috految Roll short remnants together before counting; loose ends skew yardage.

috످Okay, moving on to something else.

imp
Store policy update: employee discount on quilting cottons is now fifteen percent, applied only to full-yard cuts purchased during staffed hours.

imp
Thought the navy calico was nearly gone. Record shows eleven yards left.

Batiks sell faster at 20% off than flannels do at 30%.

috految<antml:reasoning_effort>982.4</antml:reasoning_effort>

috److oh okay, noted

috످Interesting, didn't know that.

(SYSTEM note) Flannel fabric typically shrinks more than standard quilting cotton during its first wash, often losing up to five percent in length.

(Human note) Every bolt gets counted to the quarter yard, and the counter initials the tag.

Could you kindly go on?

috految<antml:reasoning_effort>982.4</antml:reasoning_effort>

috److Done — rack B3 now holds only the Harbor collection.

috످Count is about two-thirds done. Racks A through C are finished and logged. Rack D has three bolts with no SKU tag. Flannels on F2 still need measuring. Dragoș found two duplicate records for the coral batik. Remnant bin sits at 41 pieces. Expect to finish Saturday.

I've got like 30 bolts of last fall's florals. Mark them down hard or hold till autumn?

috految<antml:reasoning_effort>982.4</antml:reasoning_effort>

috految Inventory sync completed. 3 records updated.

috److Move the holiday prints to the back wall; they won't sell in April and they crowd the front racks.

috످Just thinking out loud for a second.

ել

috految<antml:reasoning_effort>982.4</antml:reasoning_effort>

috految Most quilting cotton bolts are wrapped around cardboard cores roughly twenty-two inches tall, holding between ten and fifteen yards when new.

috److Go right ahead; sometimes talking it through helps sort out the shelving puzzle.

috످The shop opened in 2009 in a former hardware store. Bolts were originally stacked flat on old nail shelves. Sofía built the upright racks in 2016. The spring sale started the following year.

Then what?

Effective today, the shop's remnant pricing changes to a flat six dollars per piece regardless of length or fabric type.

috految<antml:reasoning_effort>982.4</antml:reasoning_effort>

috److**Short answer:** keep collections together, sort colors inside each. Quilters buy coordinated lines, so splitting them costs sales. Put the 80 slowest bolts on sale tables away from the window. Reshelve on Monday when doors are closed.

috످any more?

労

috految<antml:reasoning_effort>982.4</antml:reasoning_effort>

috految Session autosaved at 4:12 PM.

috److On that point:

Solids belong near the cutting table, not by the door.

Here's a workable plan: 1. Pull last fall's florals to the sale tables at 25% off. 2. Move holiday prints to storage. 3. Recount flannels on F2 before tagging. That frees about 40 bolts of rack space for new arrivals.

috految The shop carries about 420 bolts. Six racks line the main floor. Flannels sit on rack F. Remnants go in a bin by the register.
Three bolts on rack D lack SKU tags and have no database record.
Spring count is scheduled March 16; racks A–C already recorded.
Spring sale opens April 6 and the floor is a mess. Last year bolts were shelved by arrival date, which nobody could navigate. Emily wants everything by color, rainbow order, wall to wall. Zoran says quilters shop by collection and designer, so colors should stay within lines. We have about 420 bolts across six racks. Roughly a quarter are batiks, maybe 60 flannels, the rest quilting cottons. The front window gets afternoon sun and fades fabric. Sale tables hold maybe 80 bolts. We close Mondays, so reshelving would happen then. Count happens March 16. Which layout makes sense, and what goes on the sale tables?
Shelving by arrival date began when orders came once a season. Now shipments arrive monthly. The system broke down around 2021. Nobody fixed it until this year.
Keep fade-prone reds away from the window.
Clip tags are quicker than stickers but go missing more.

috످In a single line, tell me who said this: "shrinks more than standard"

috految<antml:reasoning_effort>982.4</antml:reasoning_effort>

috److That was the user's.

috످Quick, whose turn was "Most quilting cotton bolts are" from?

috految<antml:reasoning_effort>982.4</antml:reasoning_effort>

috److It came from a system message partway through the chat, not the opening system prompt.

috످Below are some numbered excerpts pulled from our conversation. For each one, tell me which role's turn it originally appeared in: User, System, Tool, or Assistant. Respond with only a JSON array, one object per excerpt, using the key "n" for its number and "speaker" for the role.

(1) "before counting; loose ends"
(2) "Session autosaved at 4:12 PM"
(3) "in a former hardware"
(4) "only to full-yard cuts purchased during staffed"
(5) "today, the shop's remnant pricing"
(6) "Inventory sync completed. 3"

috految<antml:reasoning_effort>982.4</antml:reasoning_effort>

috److془Let me go through each.

(1) The passage is a tip about bundling small fabric scraps so the inventory totals stay accurate, and it stands in the opening system prompt. System.

(2) A notice that the work was saved automatically that afternoon; it stands in a system message after user's "any more?" System.

(3) History of the shop's building and beginnings; user turn.

(4) Staff discount rule; user's first turn, under label "imp".

(5) Remnant pricing change; user's turn after "Then what?".

(6) Status notice that stock data was refreshed; system message after the user's question about florals.

Check (5): "The shop opened in 2009 ... Then what?\n\nEffective today, the shop's remnant pricing changes to a flat six dollars per piece regardless of length or fabric type." then system message. User.

Good.془[{"n": 1, "speaker": "System"}, {"n": 2, "speaker": "System"}, {"n": 3, "speaker": "User"}, {"n": 4, "speaker": "User"}, {"n": 5, "speaker": "User"}, {"n": 6, "speaker": "System"}]

috످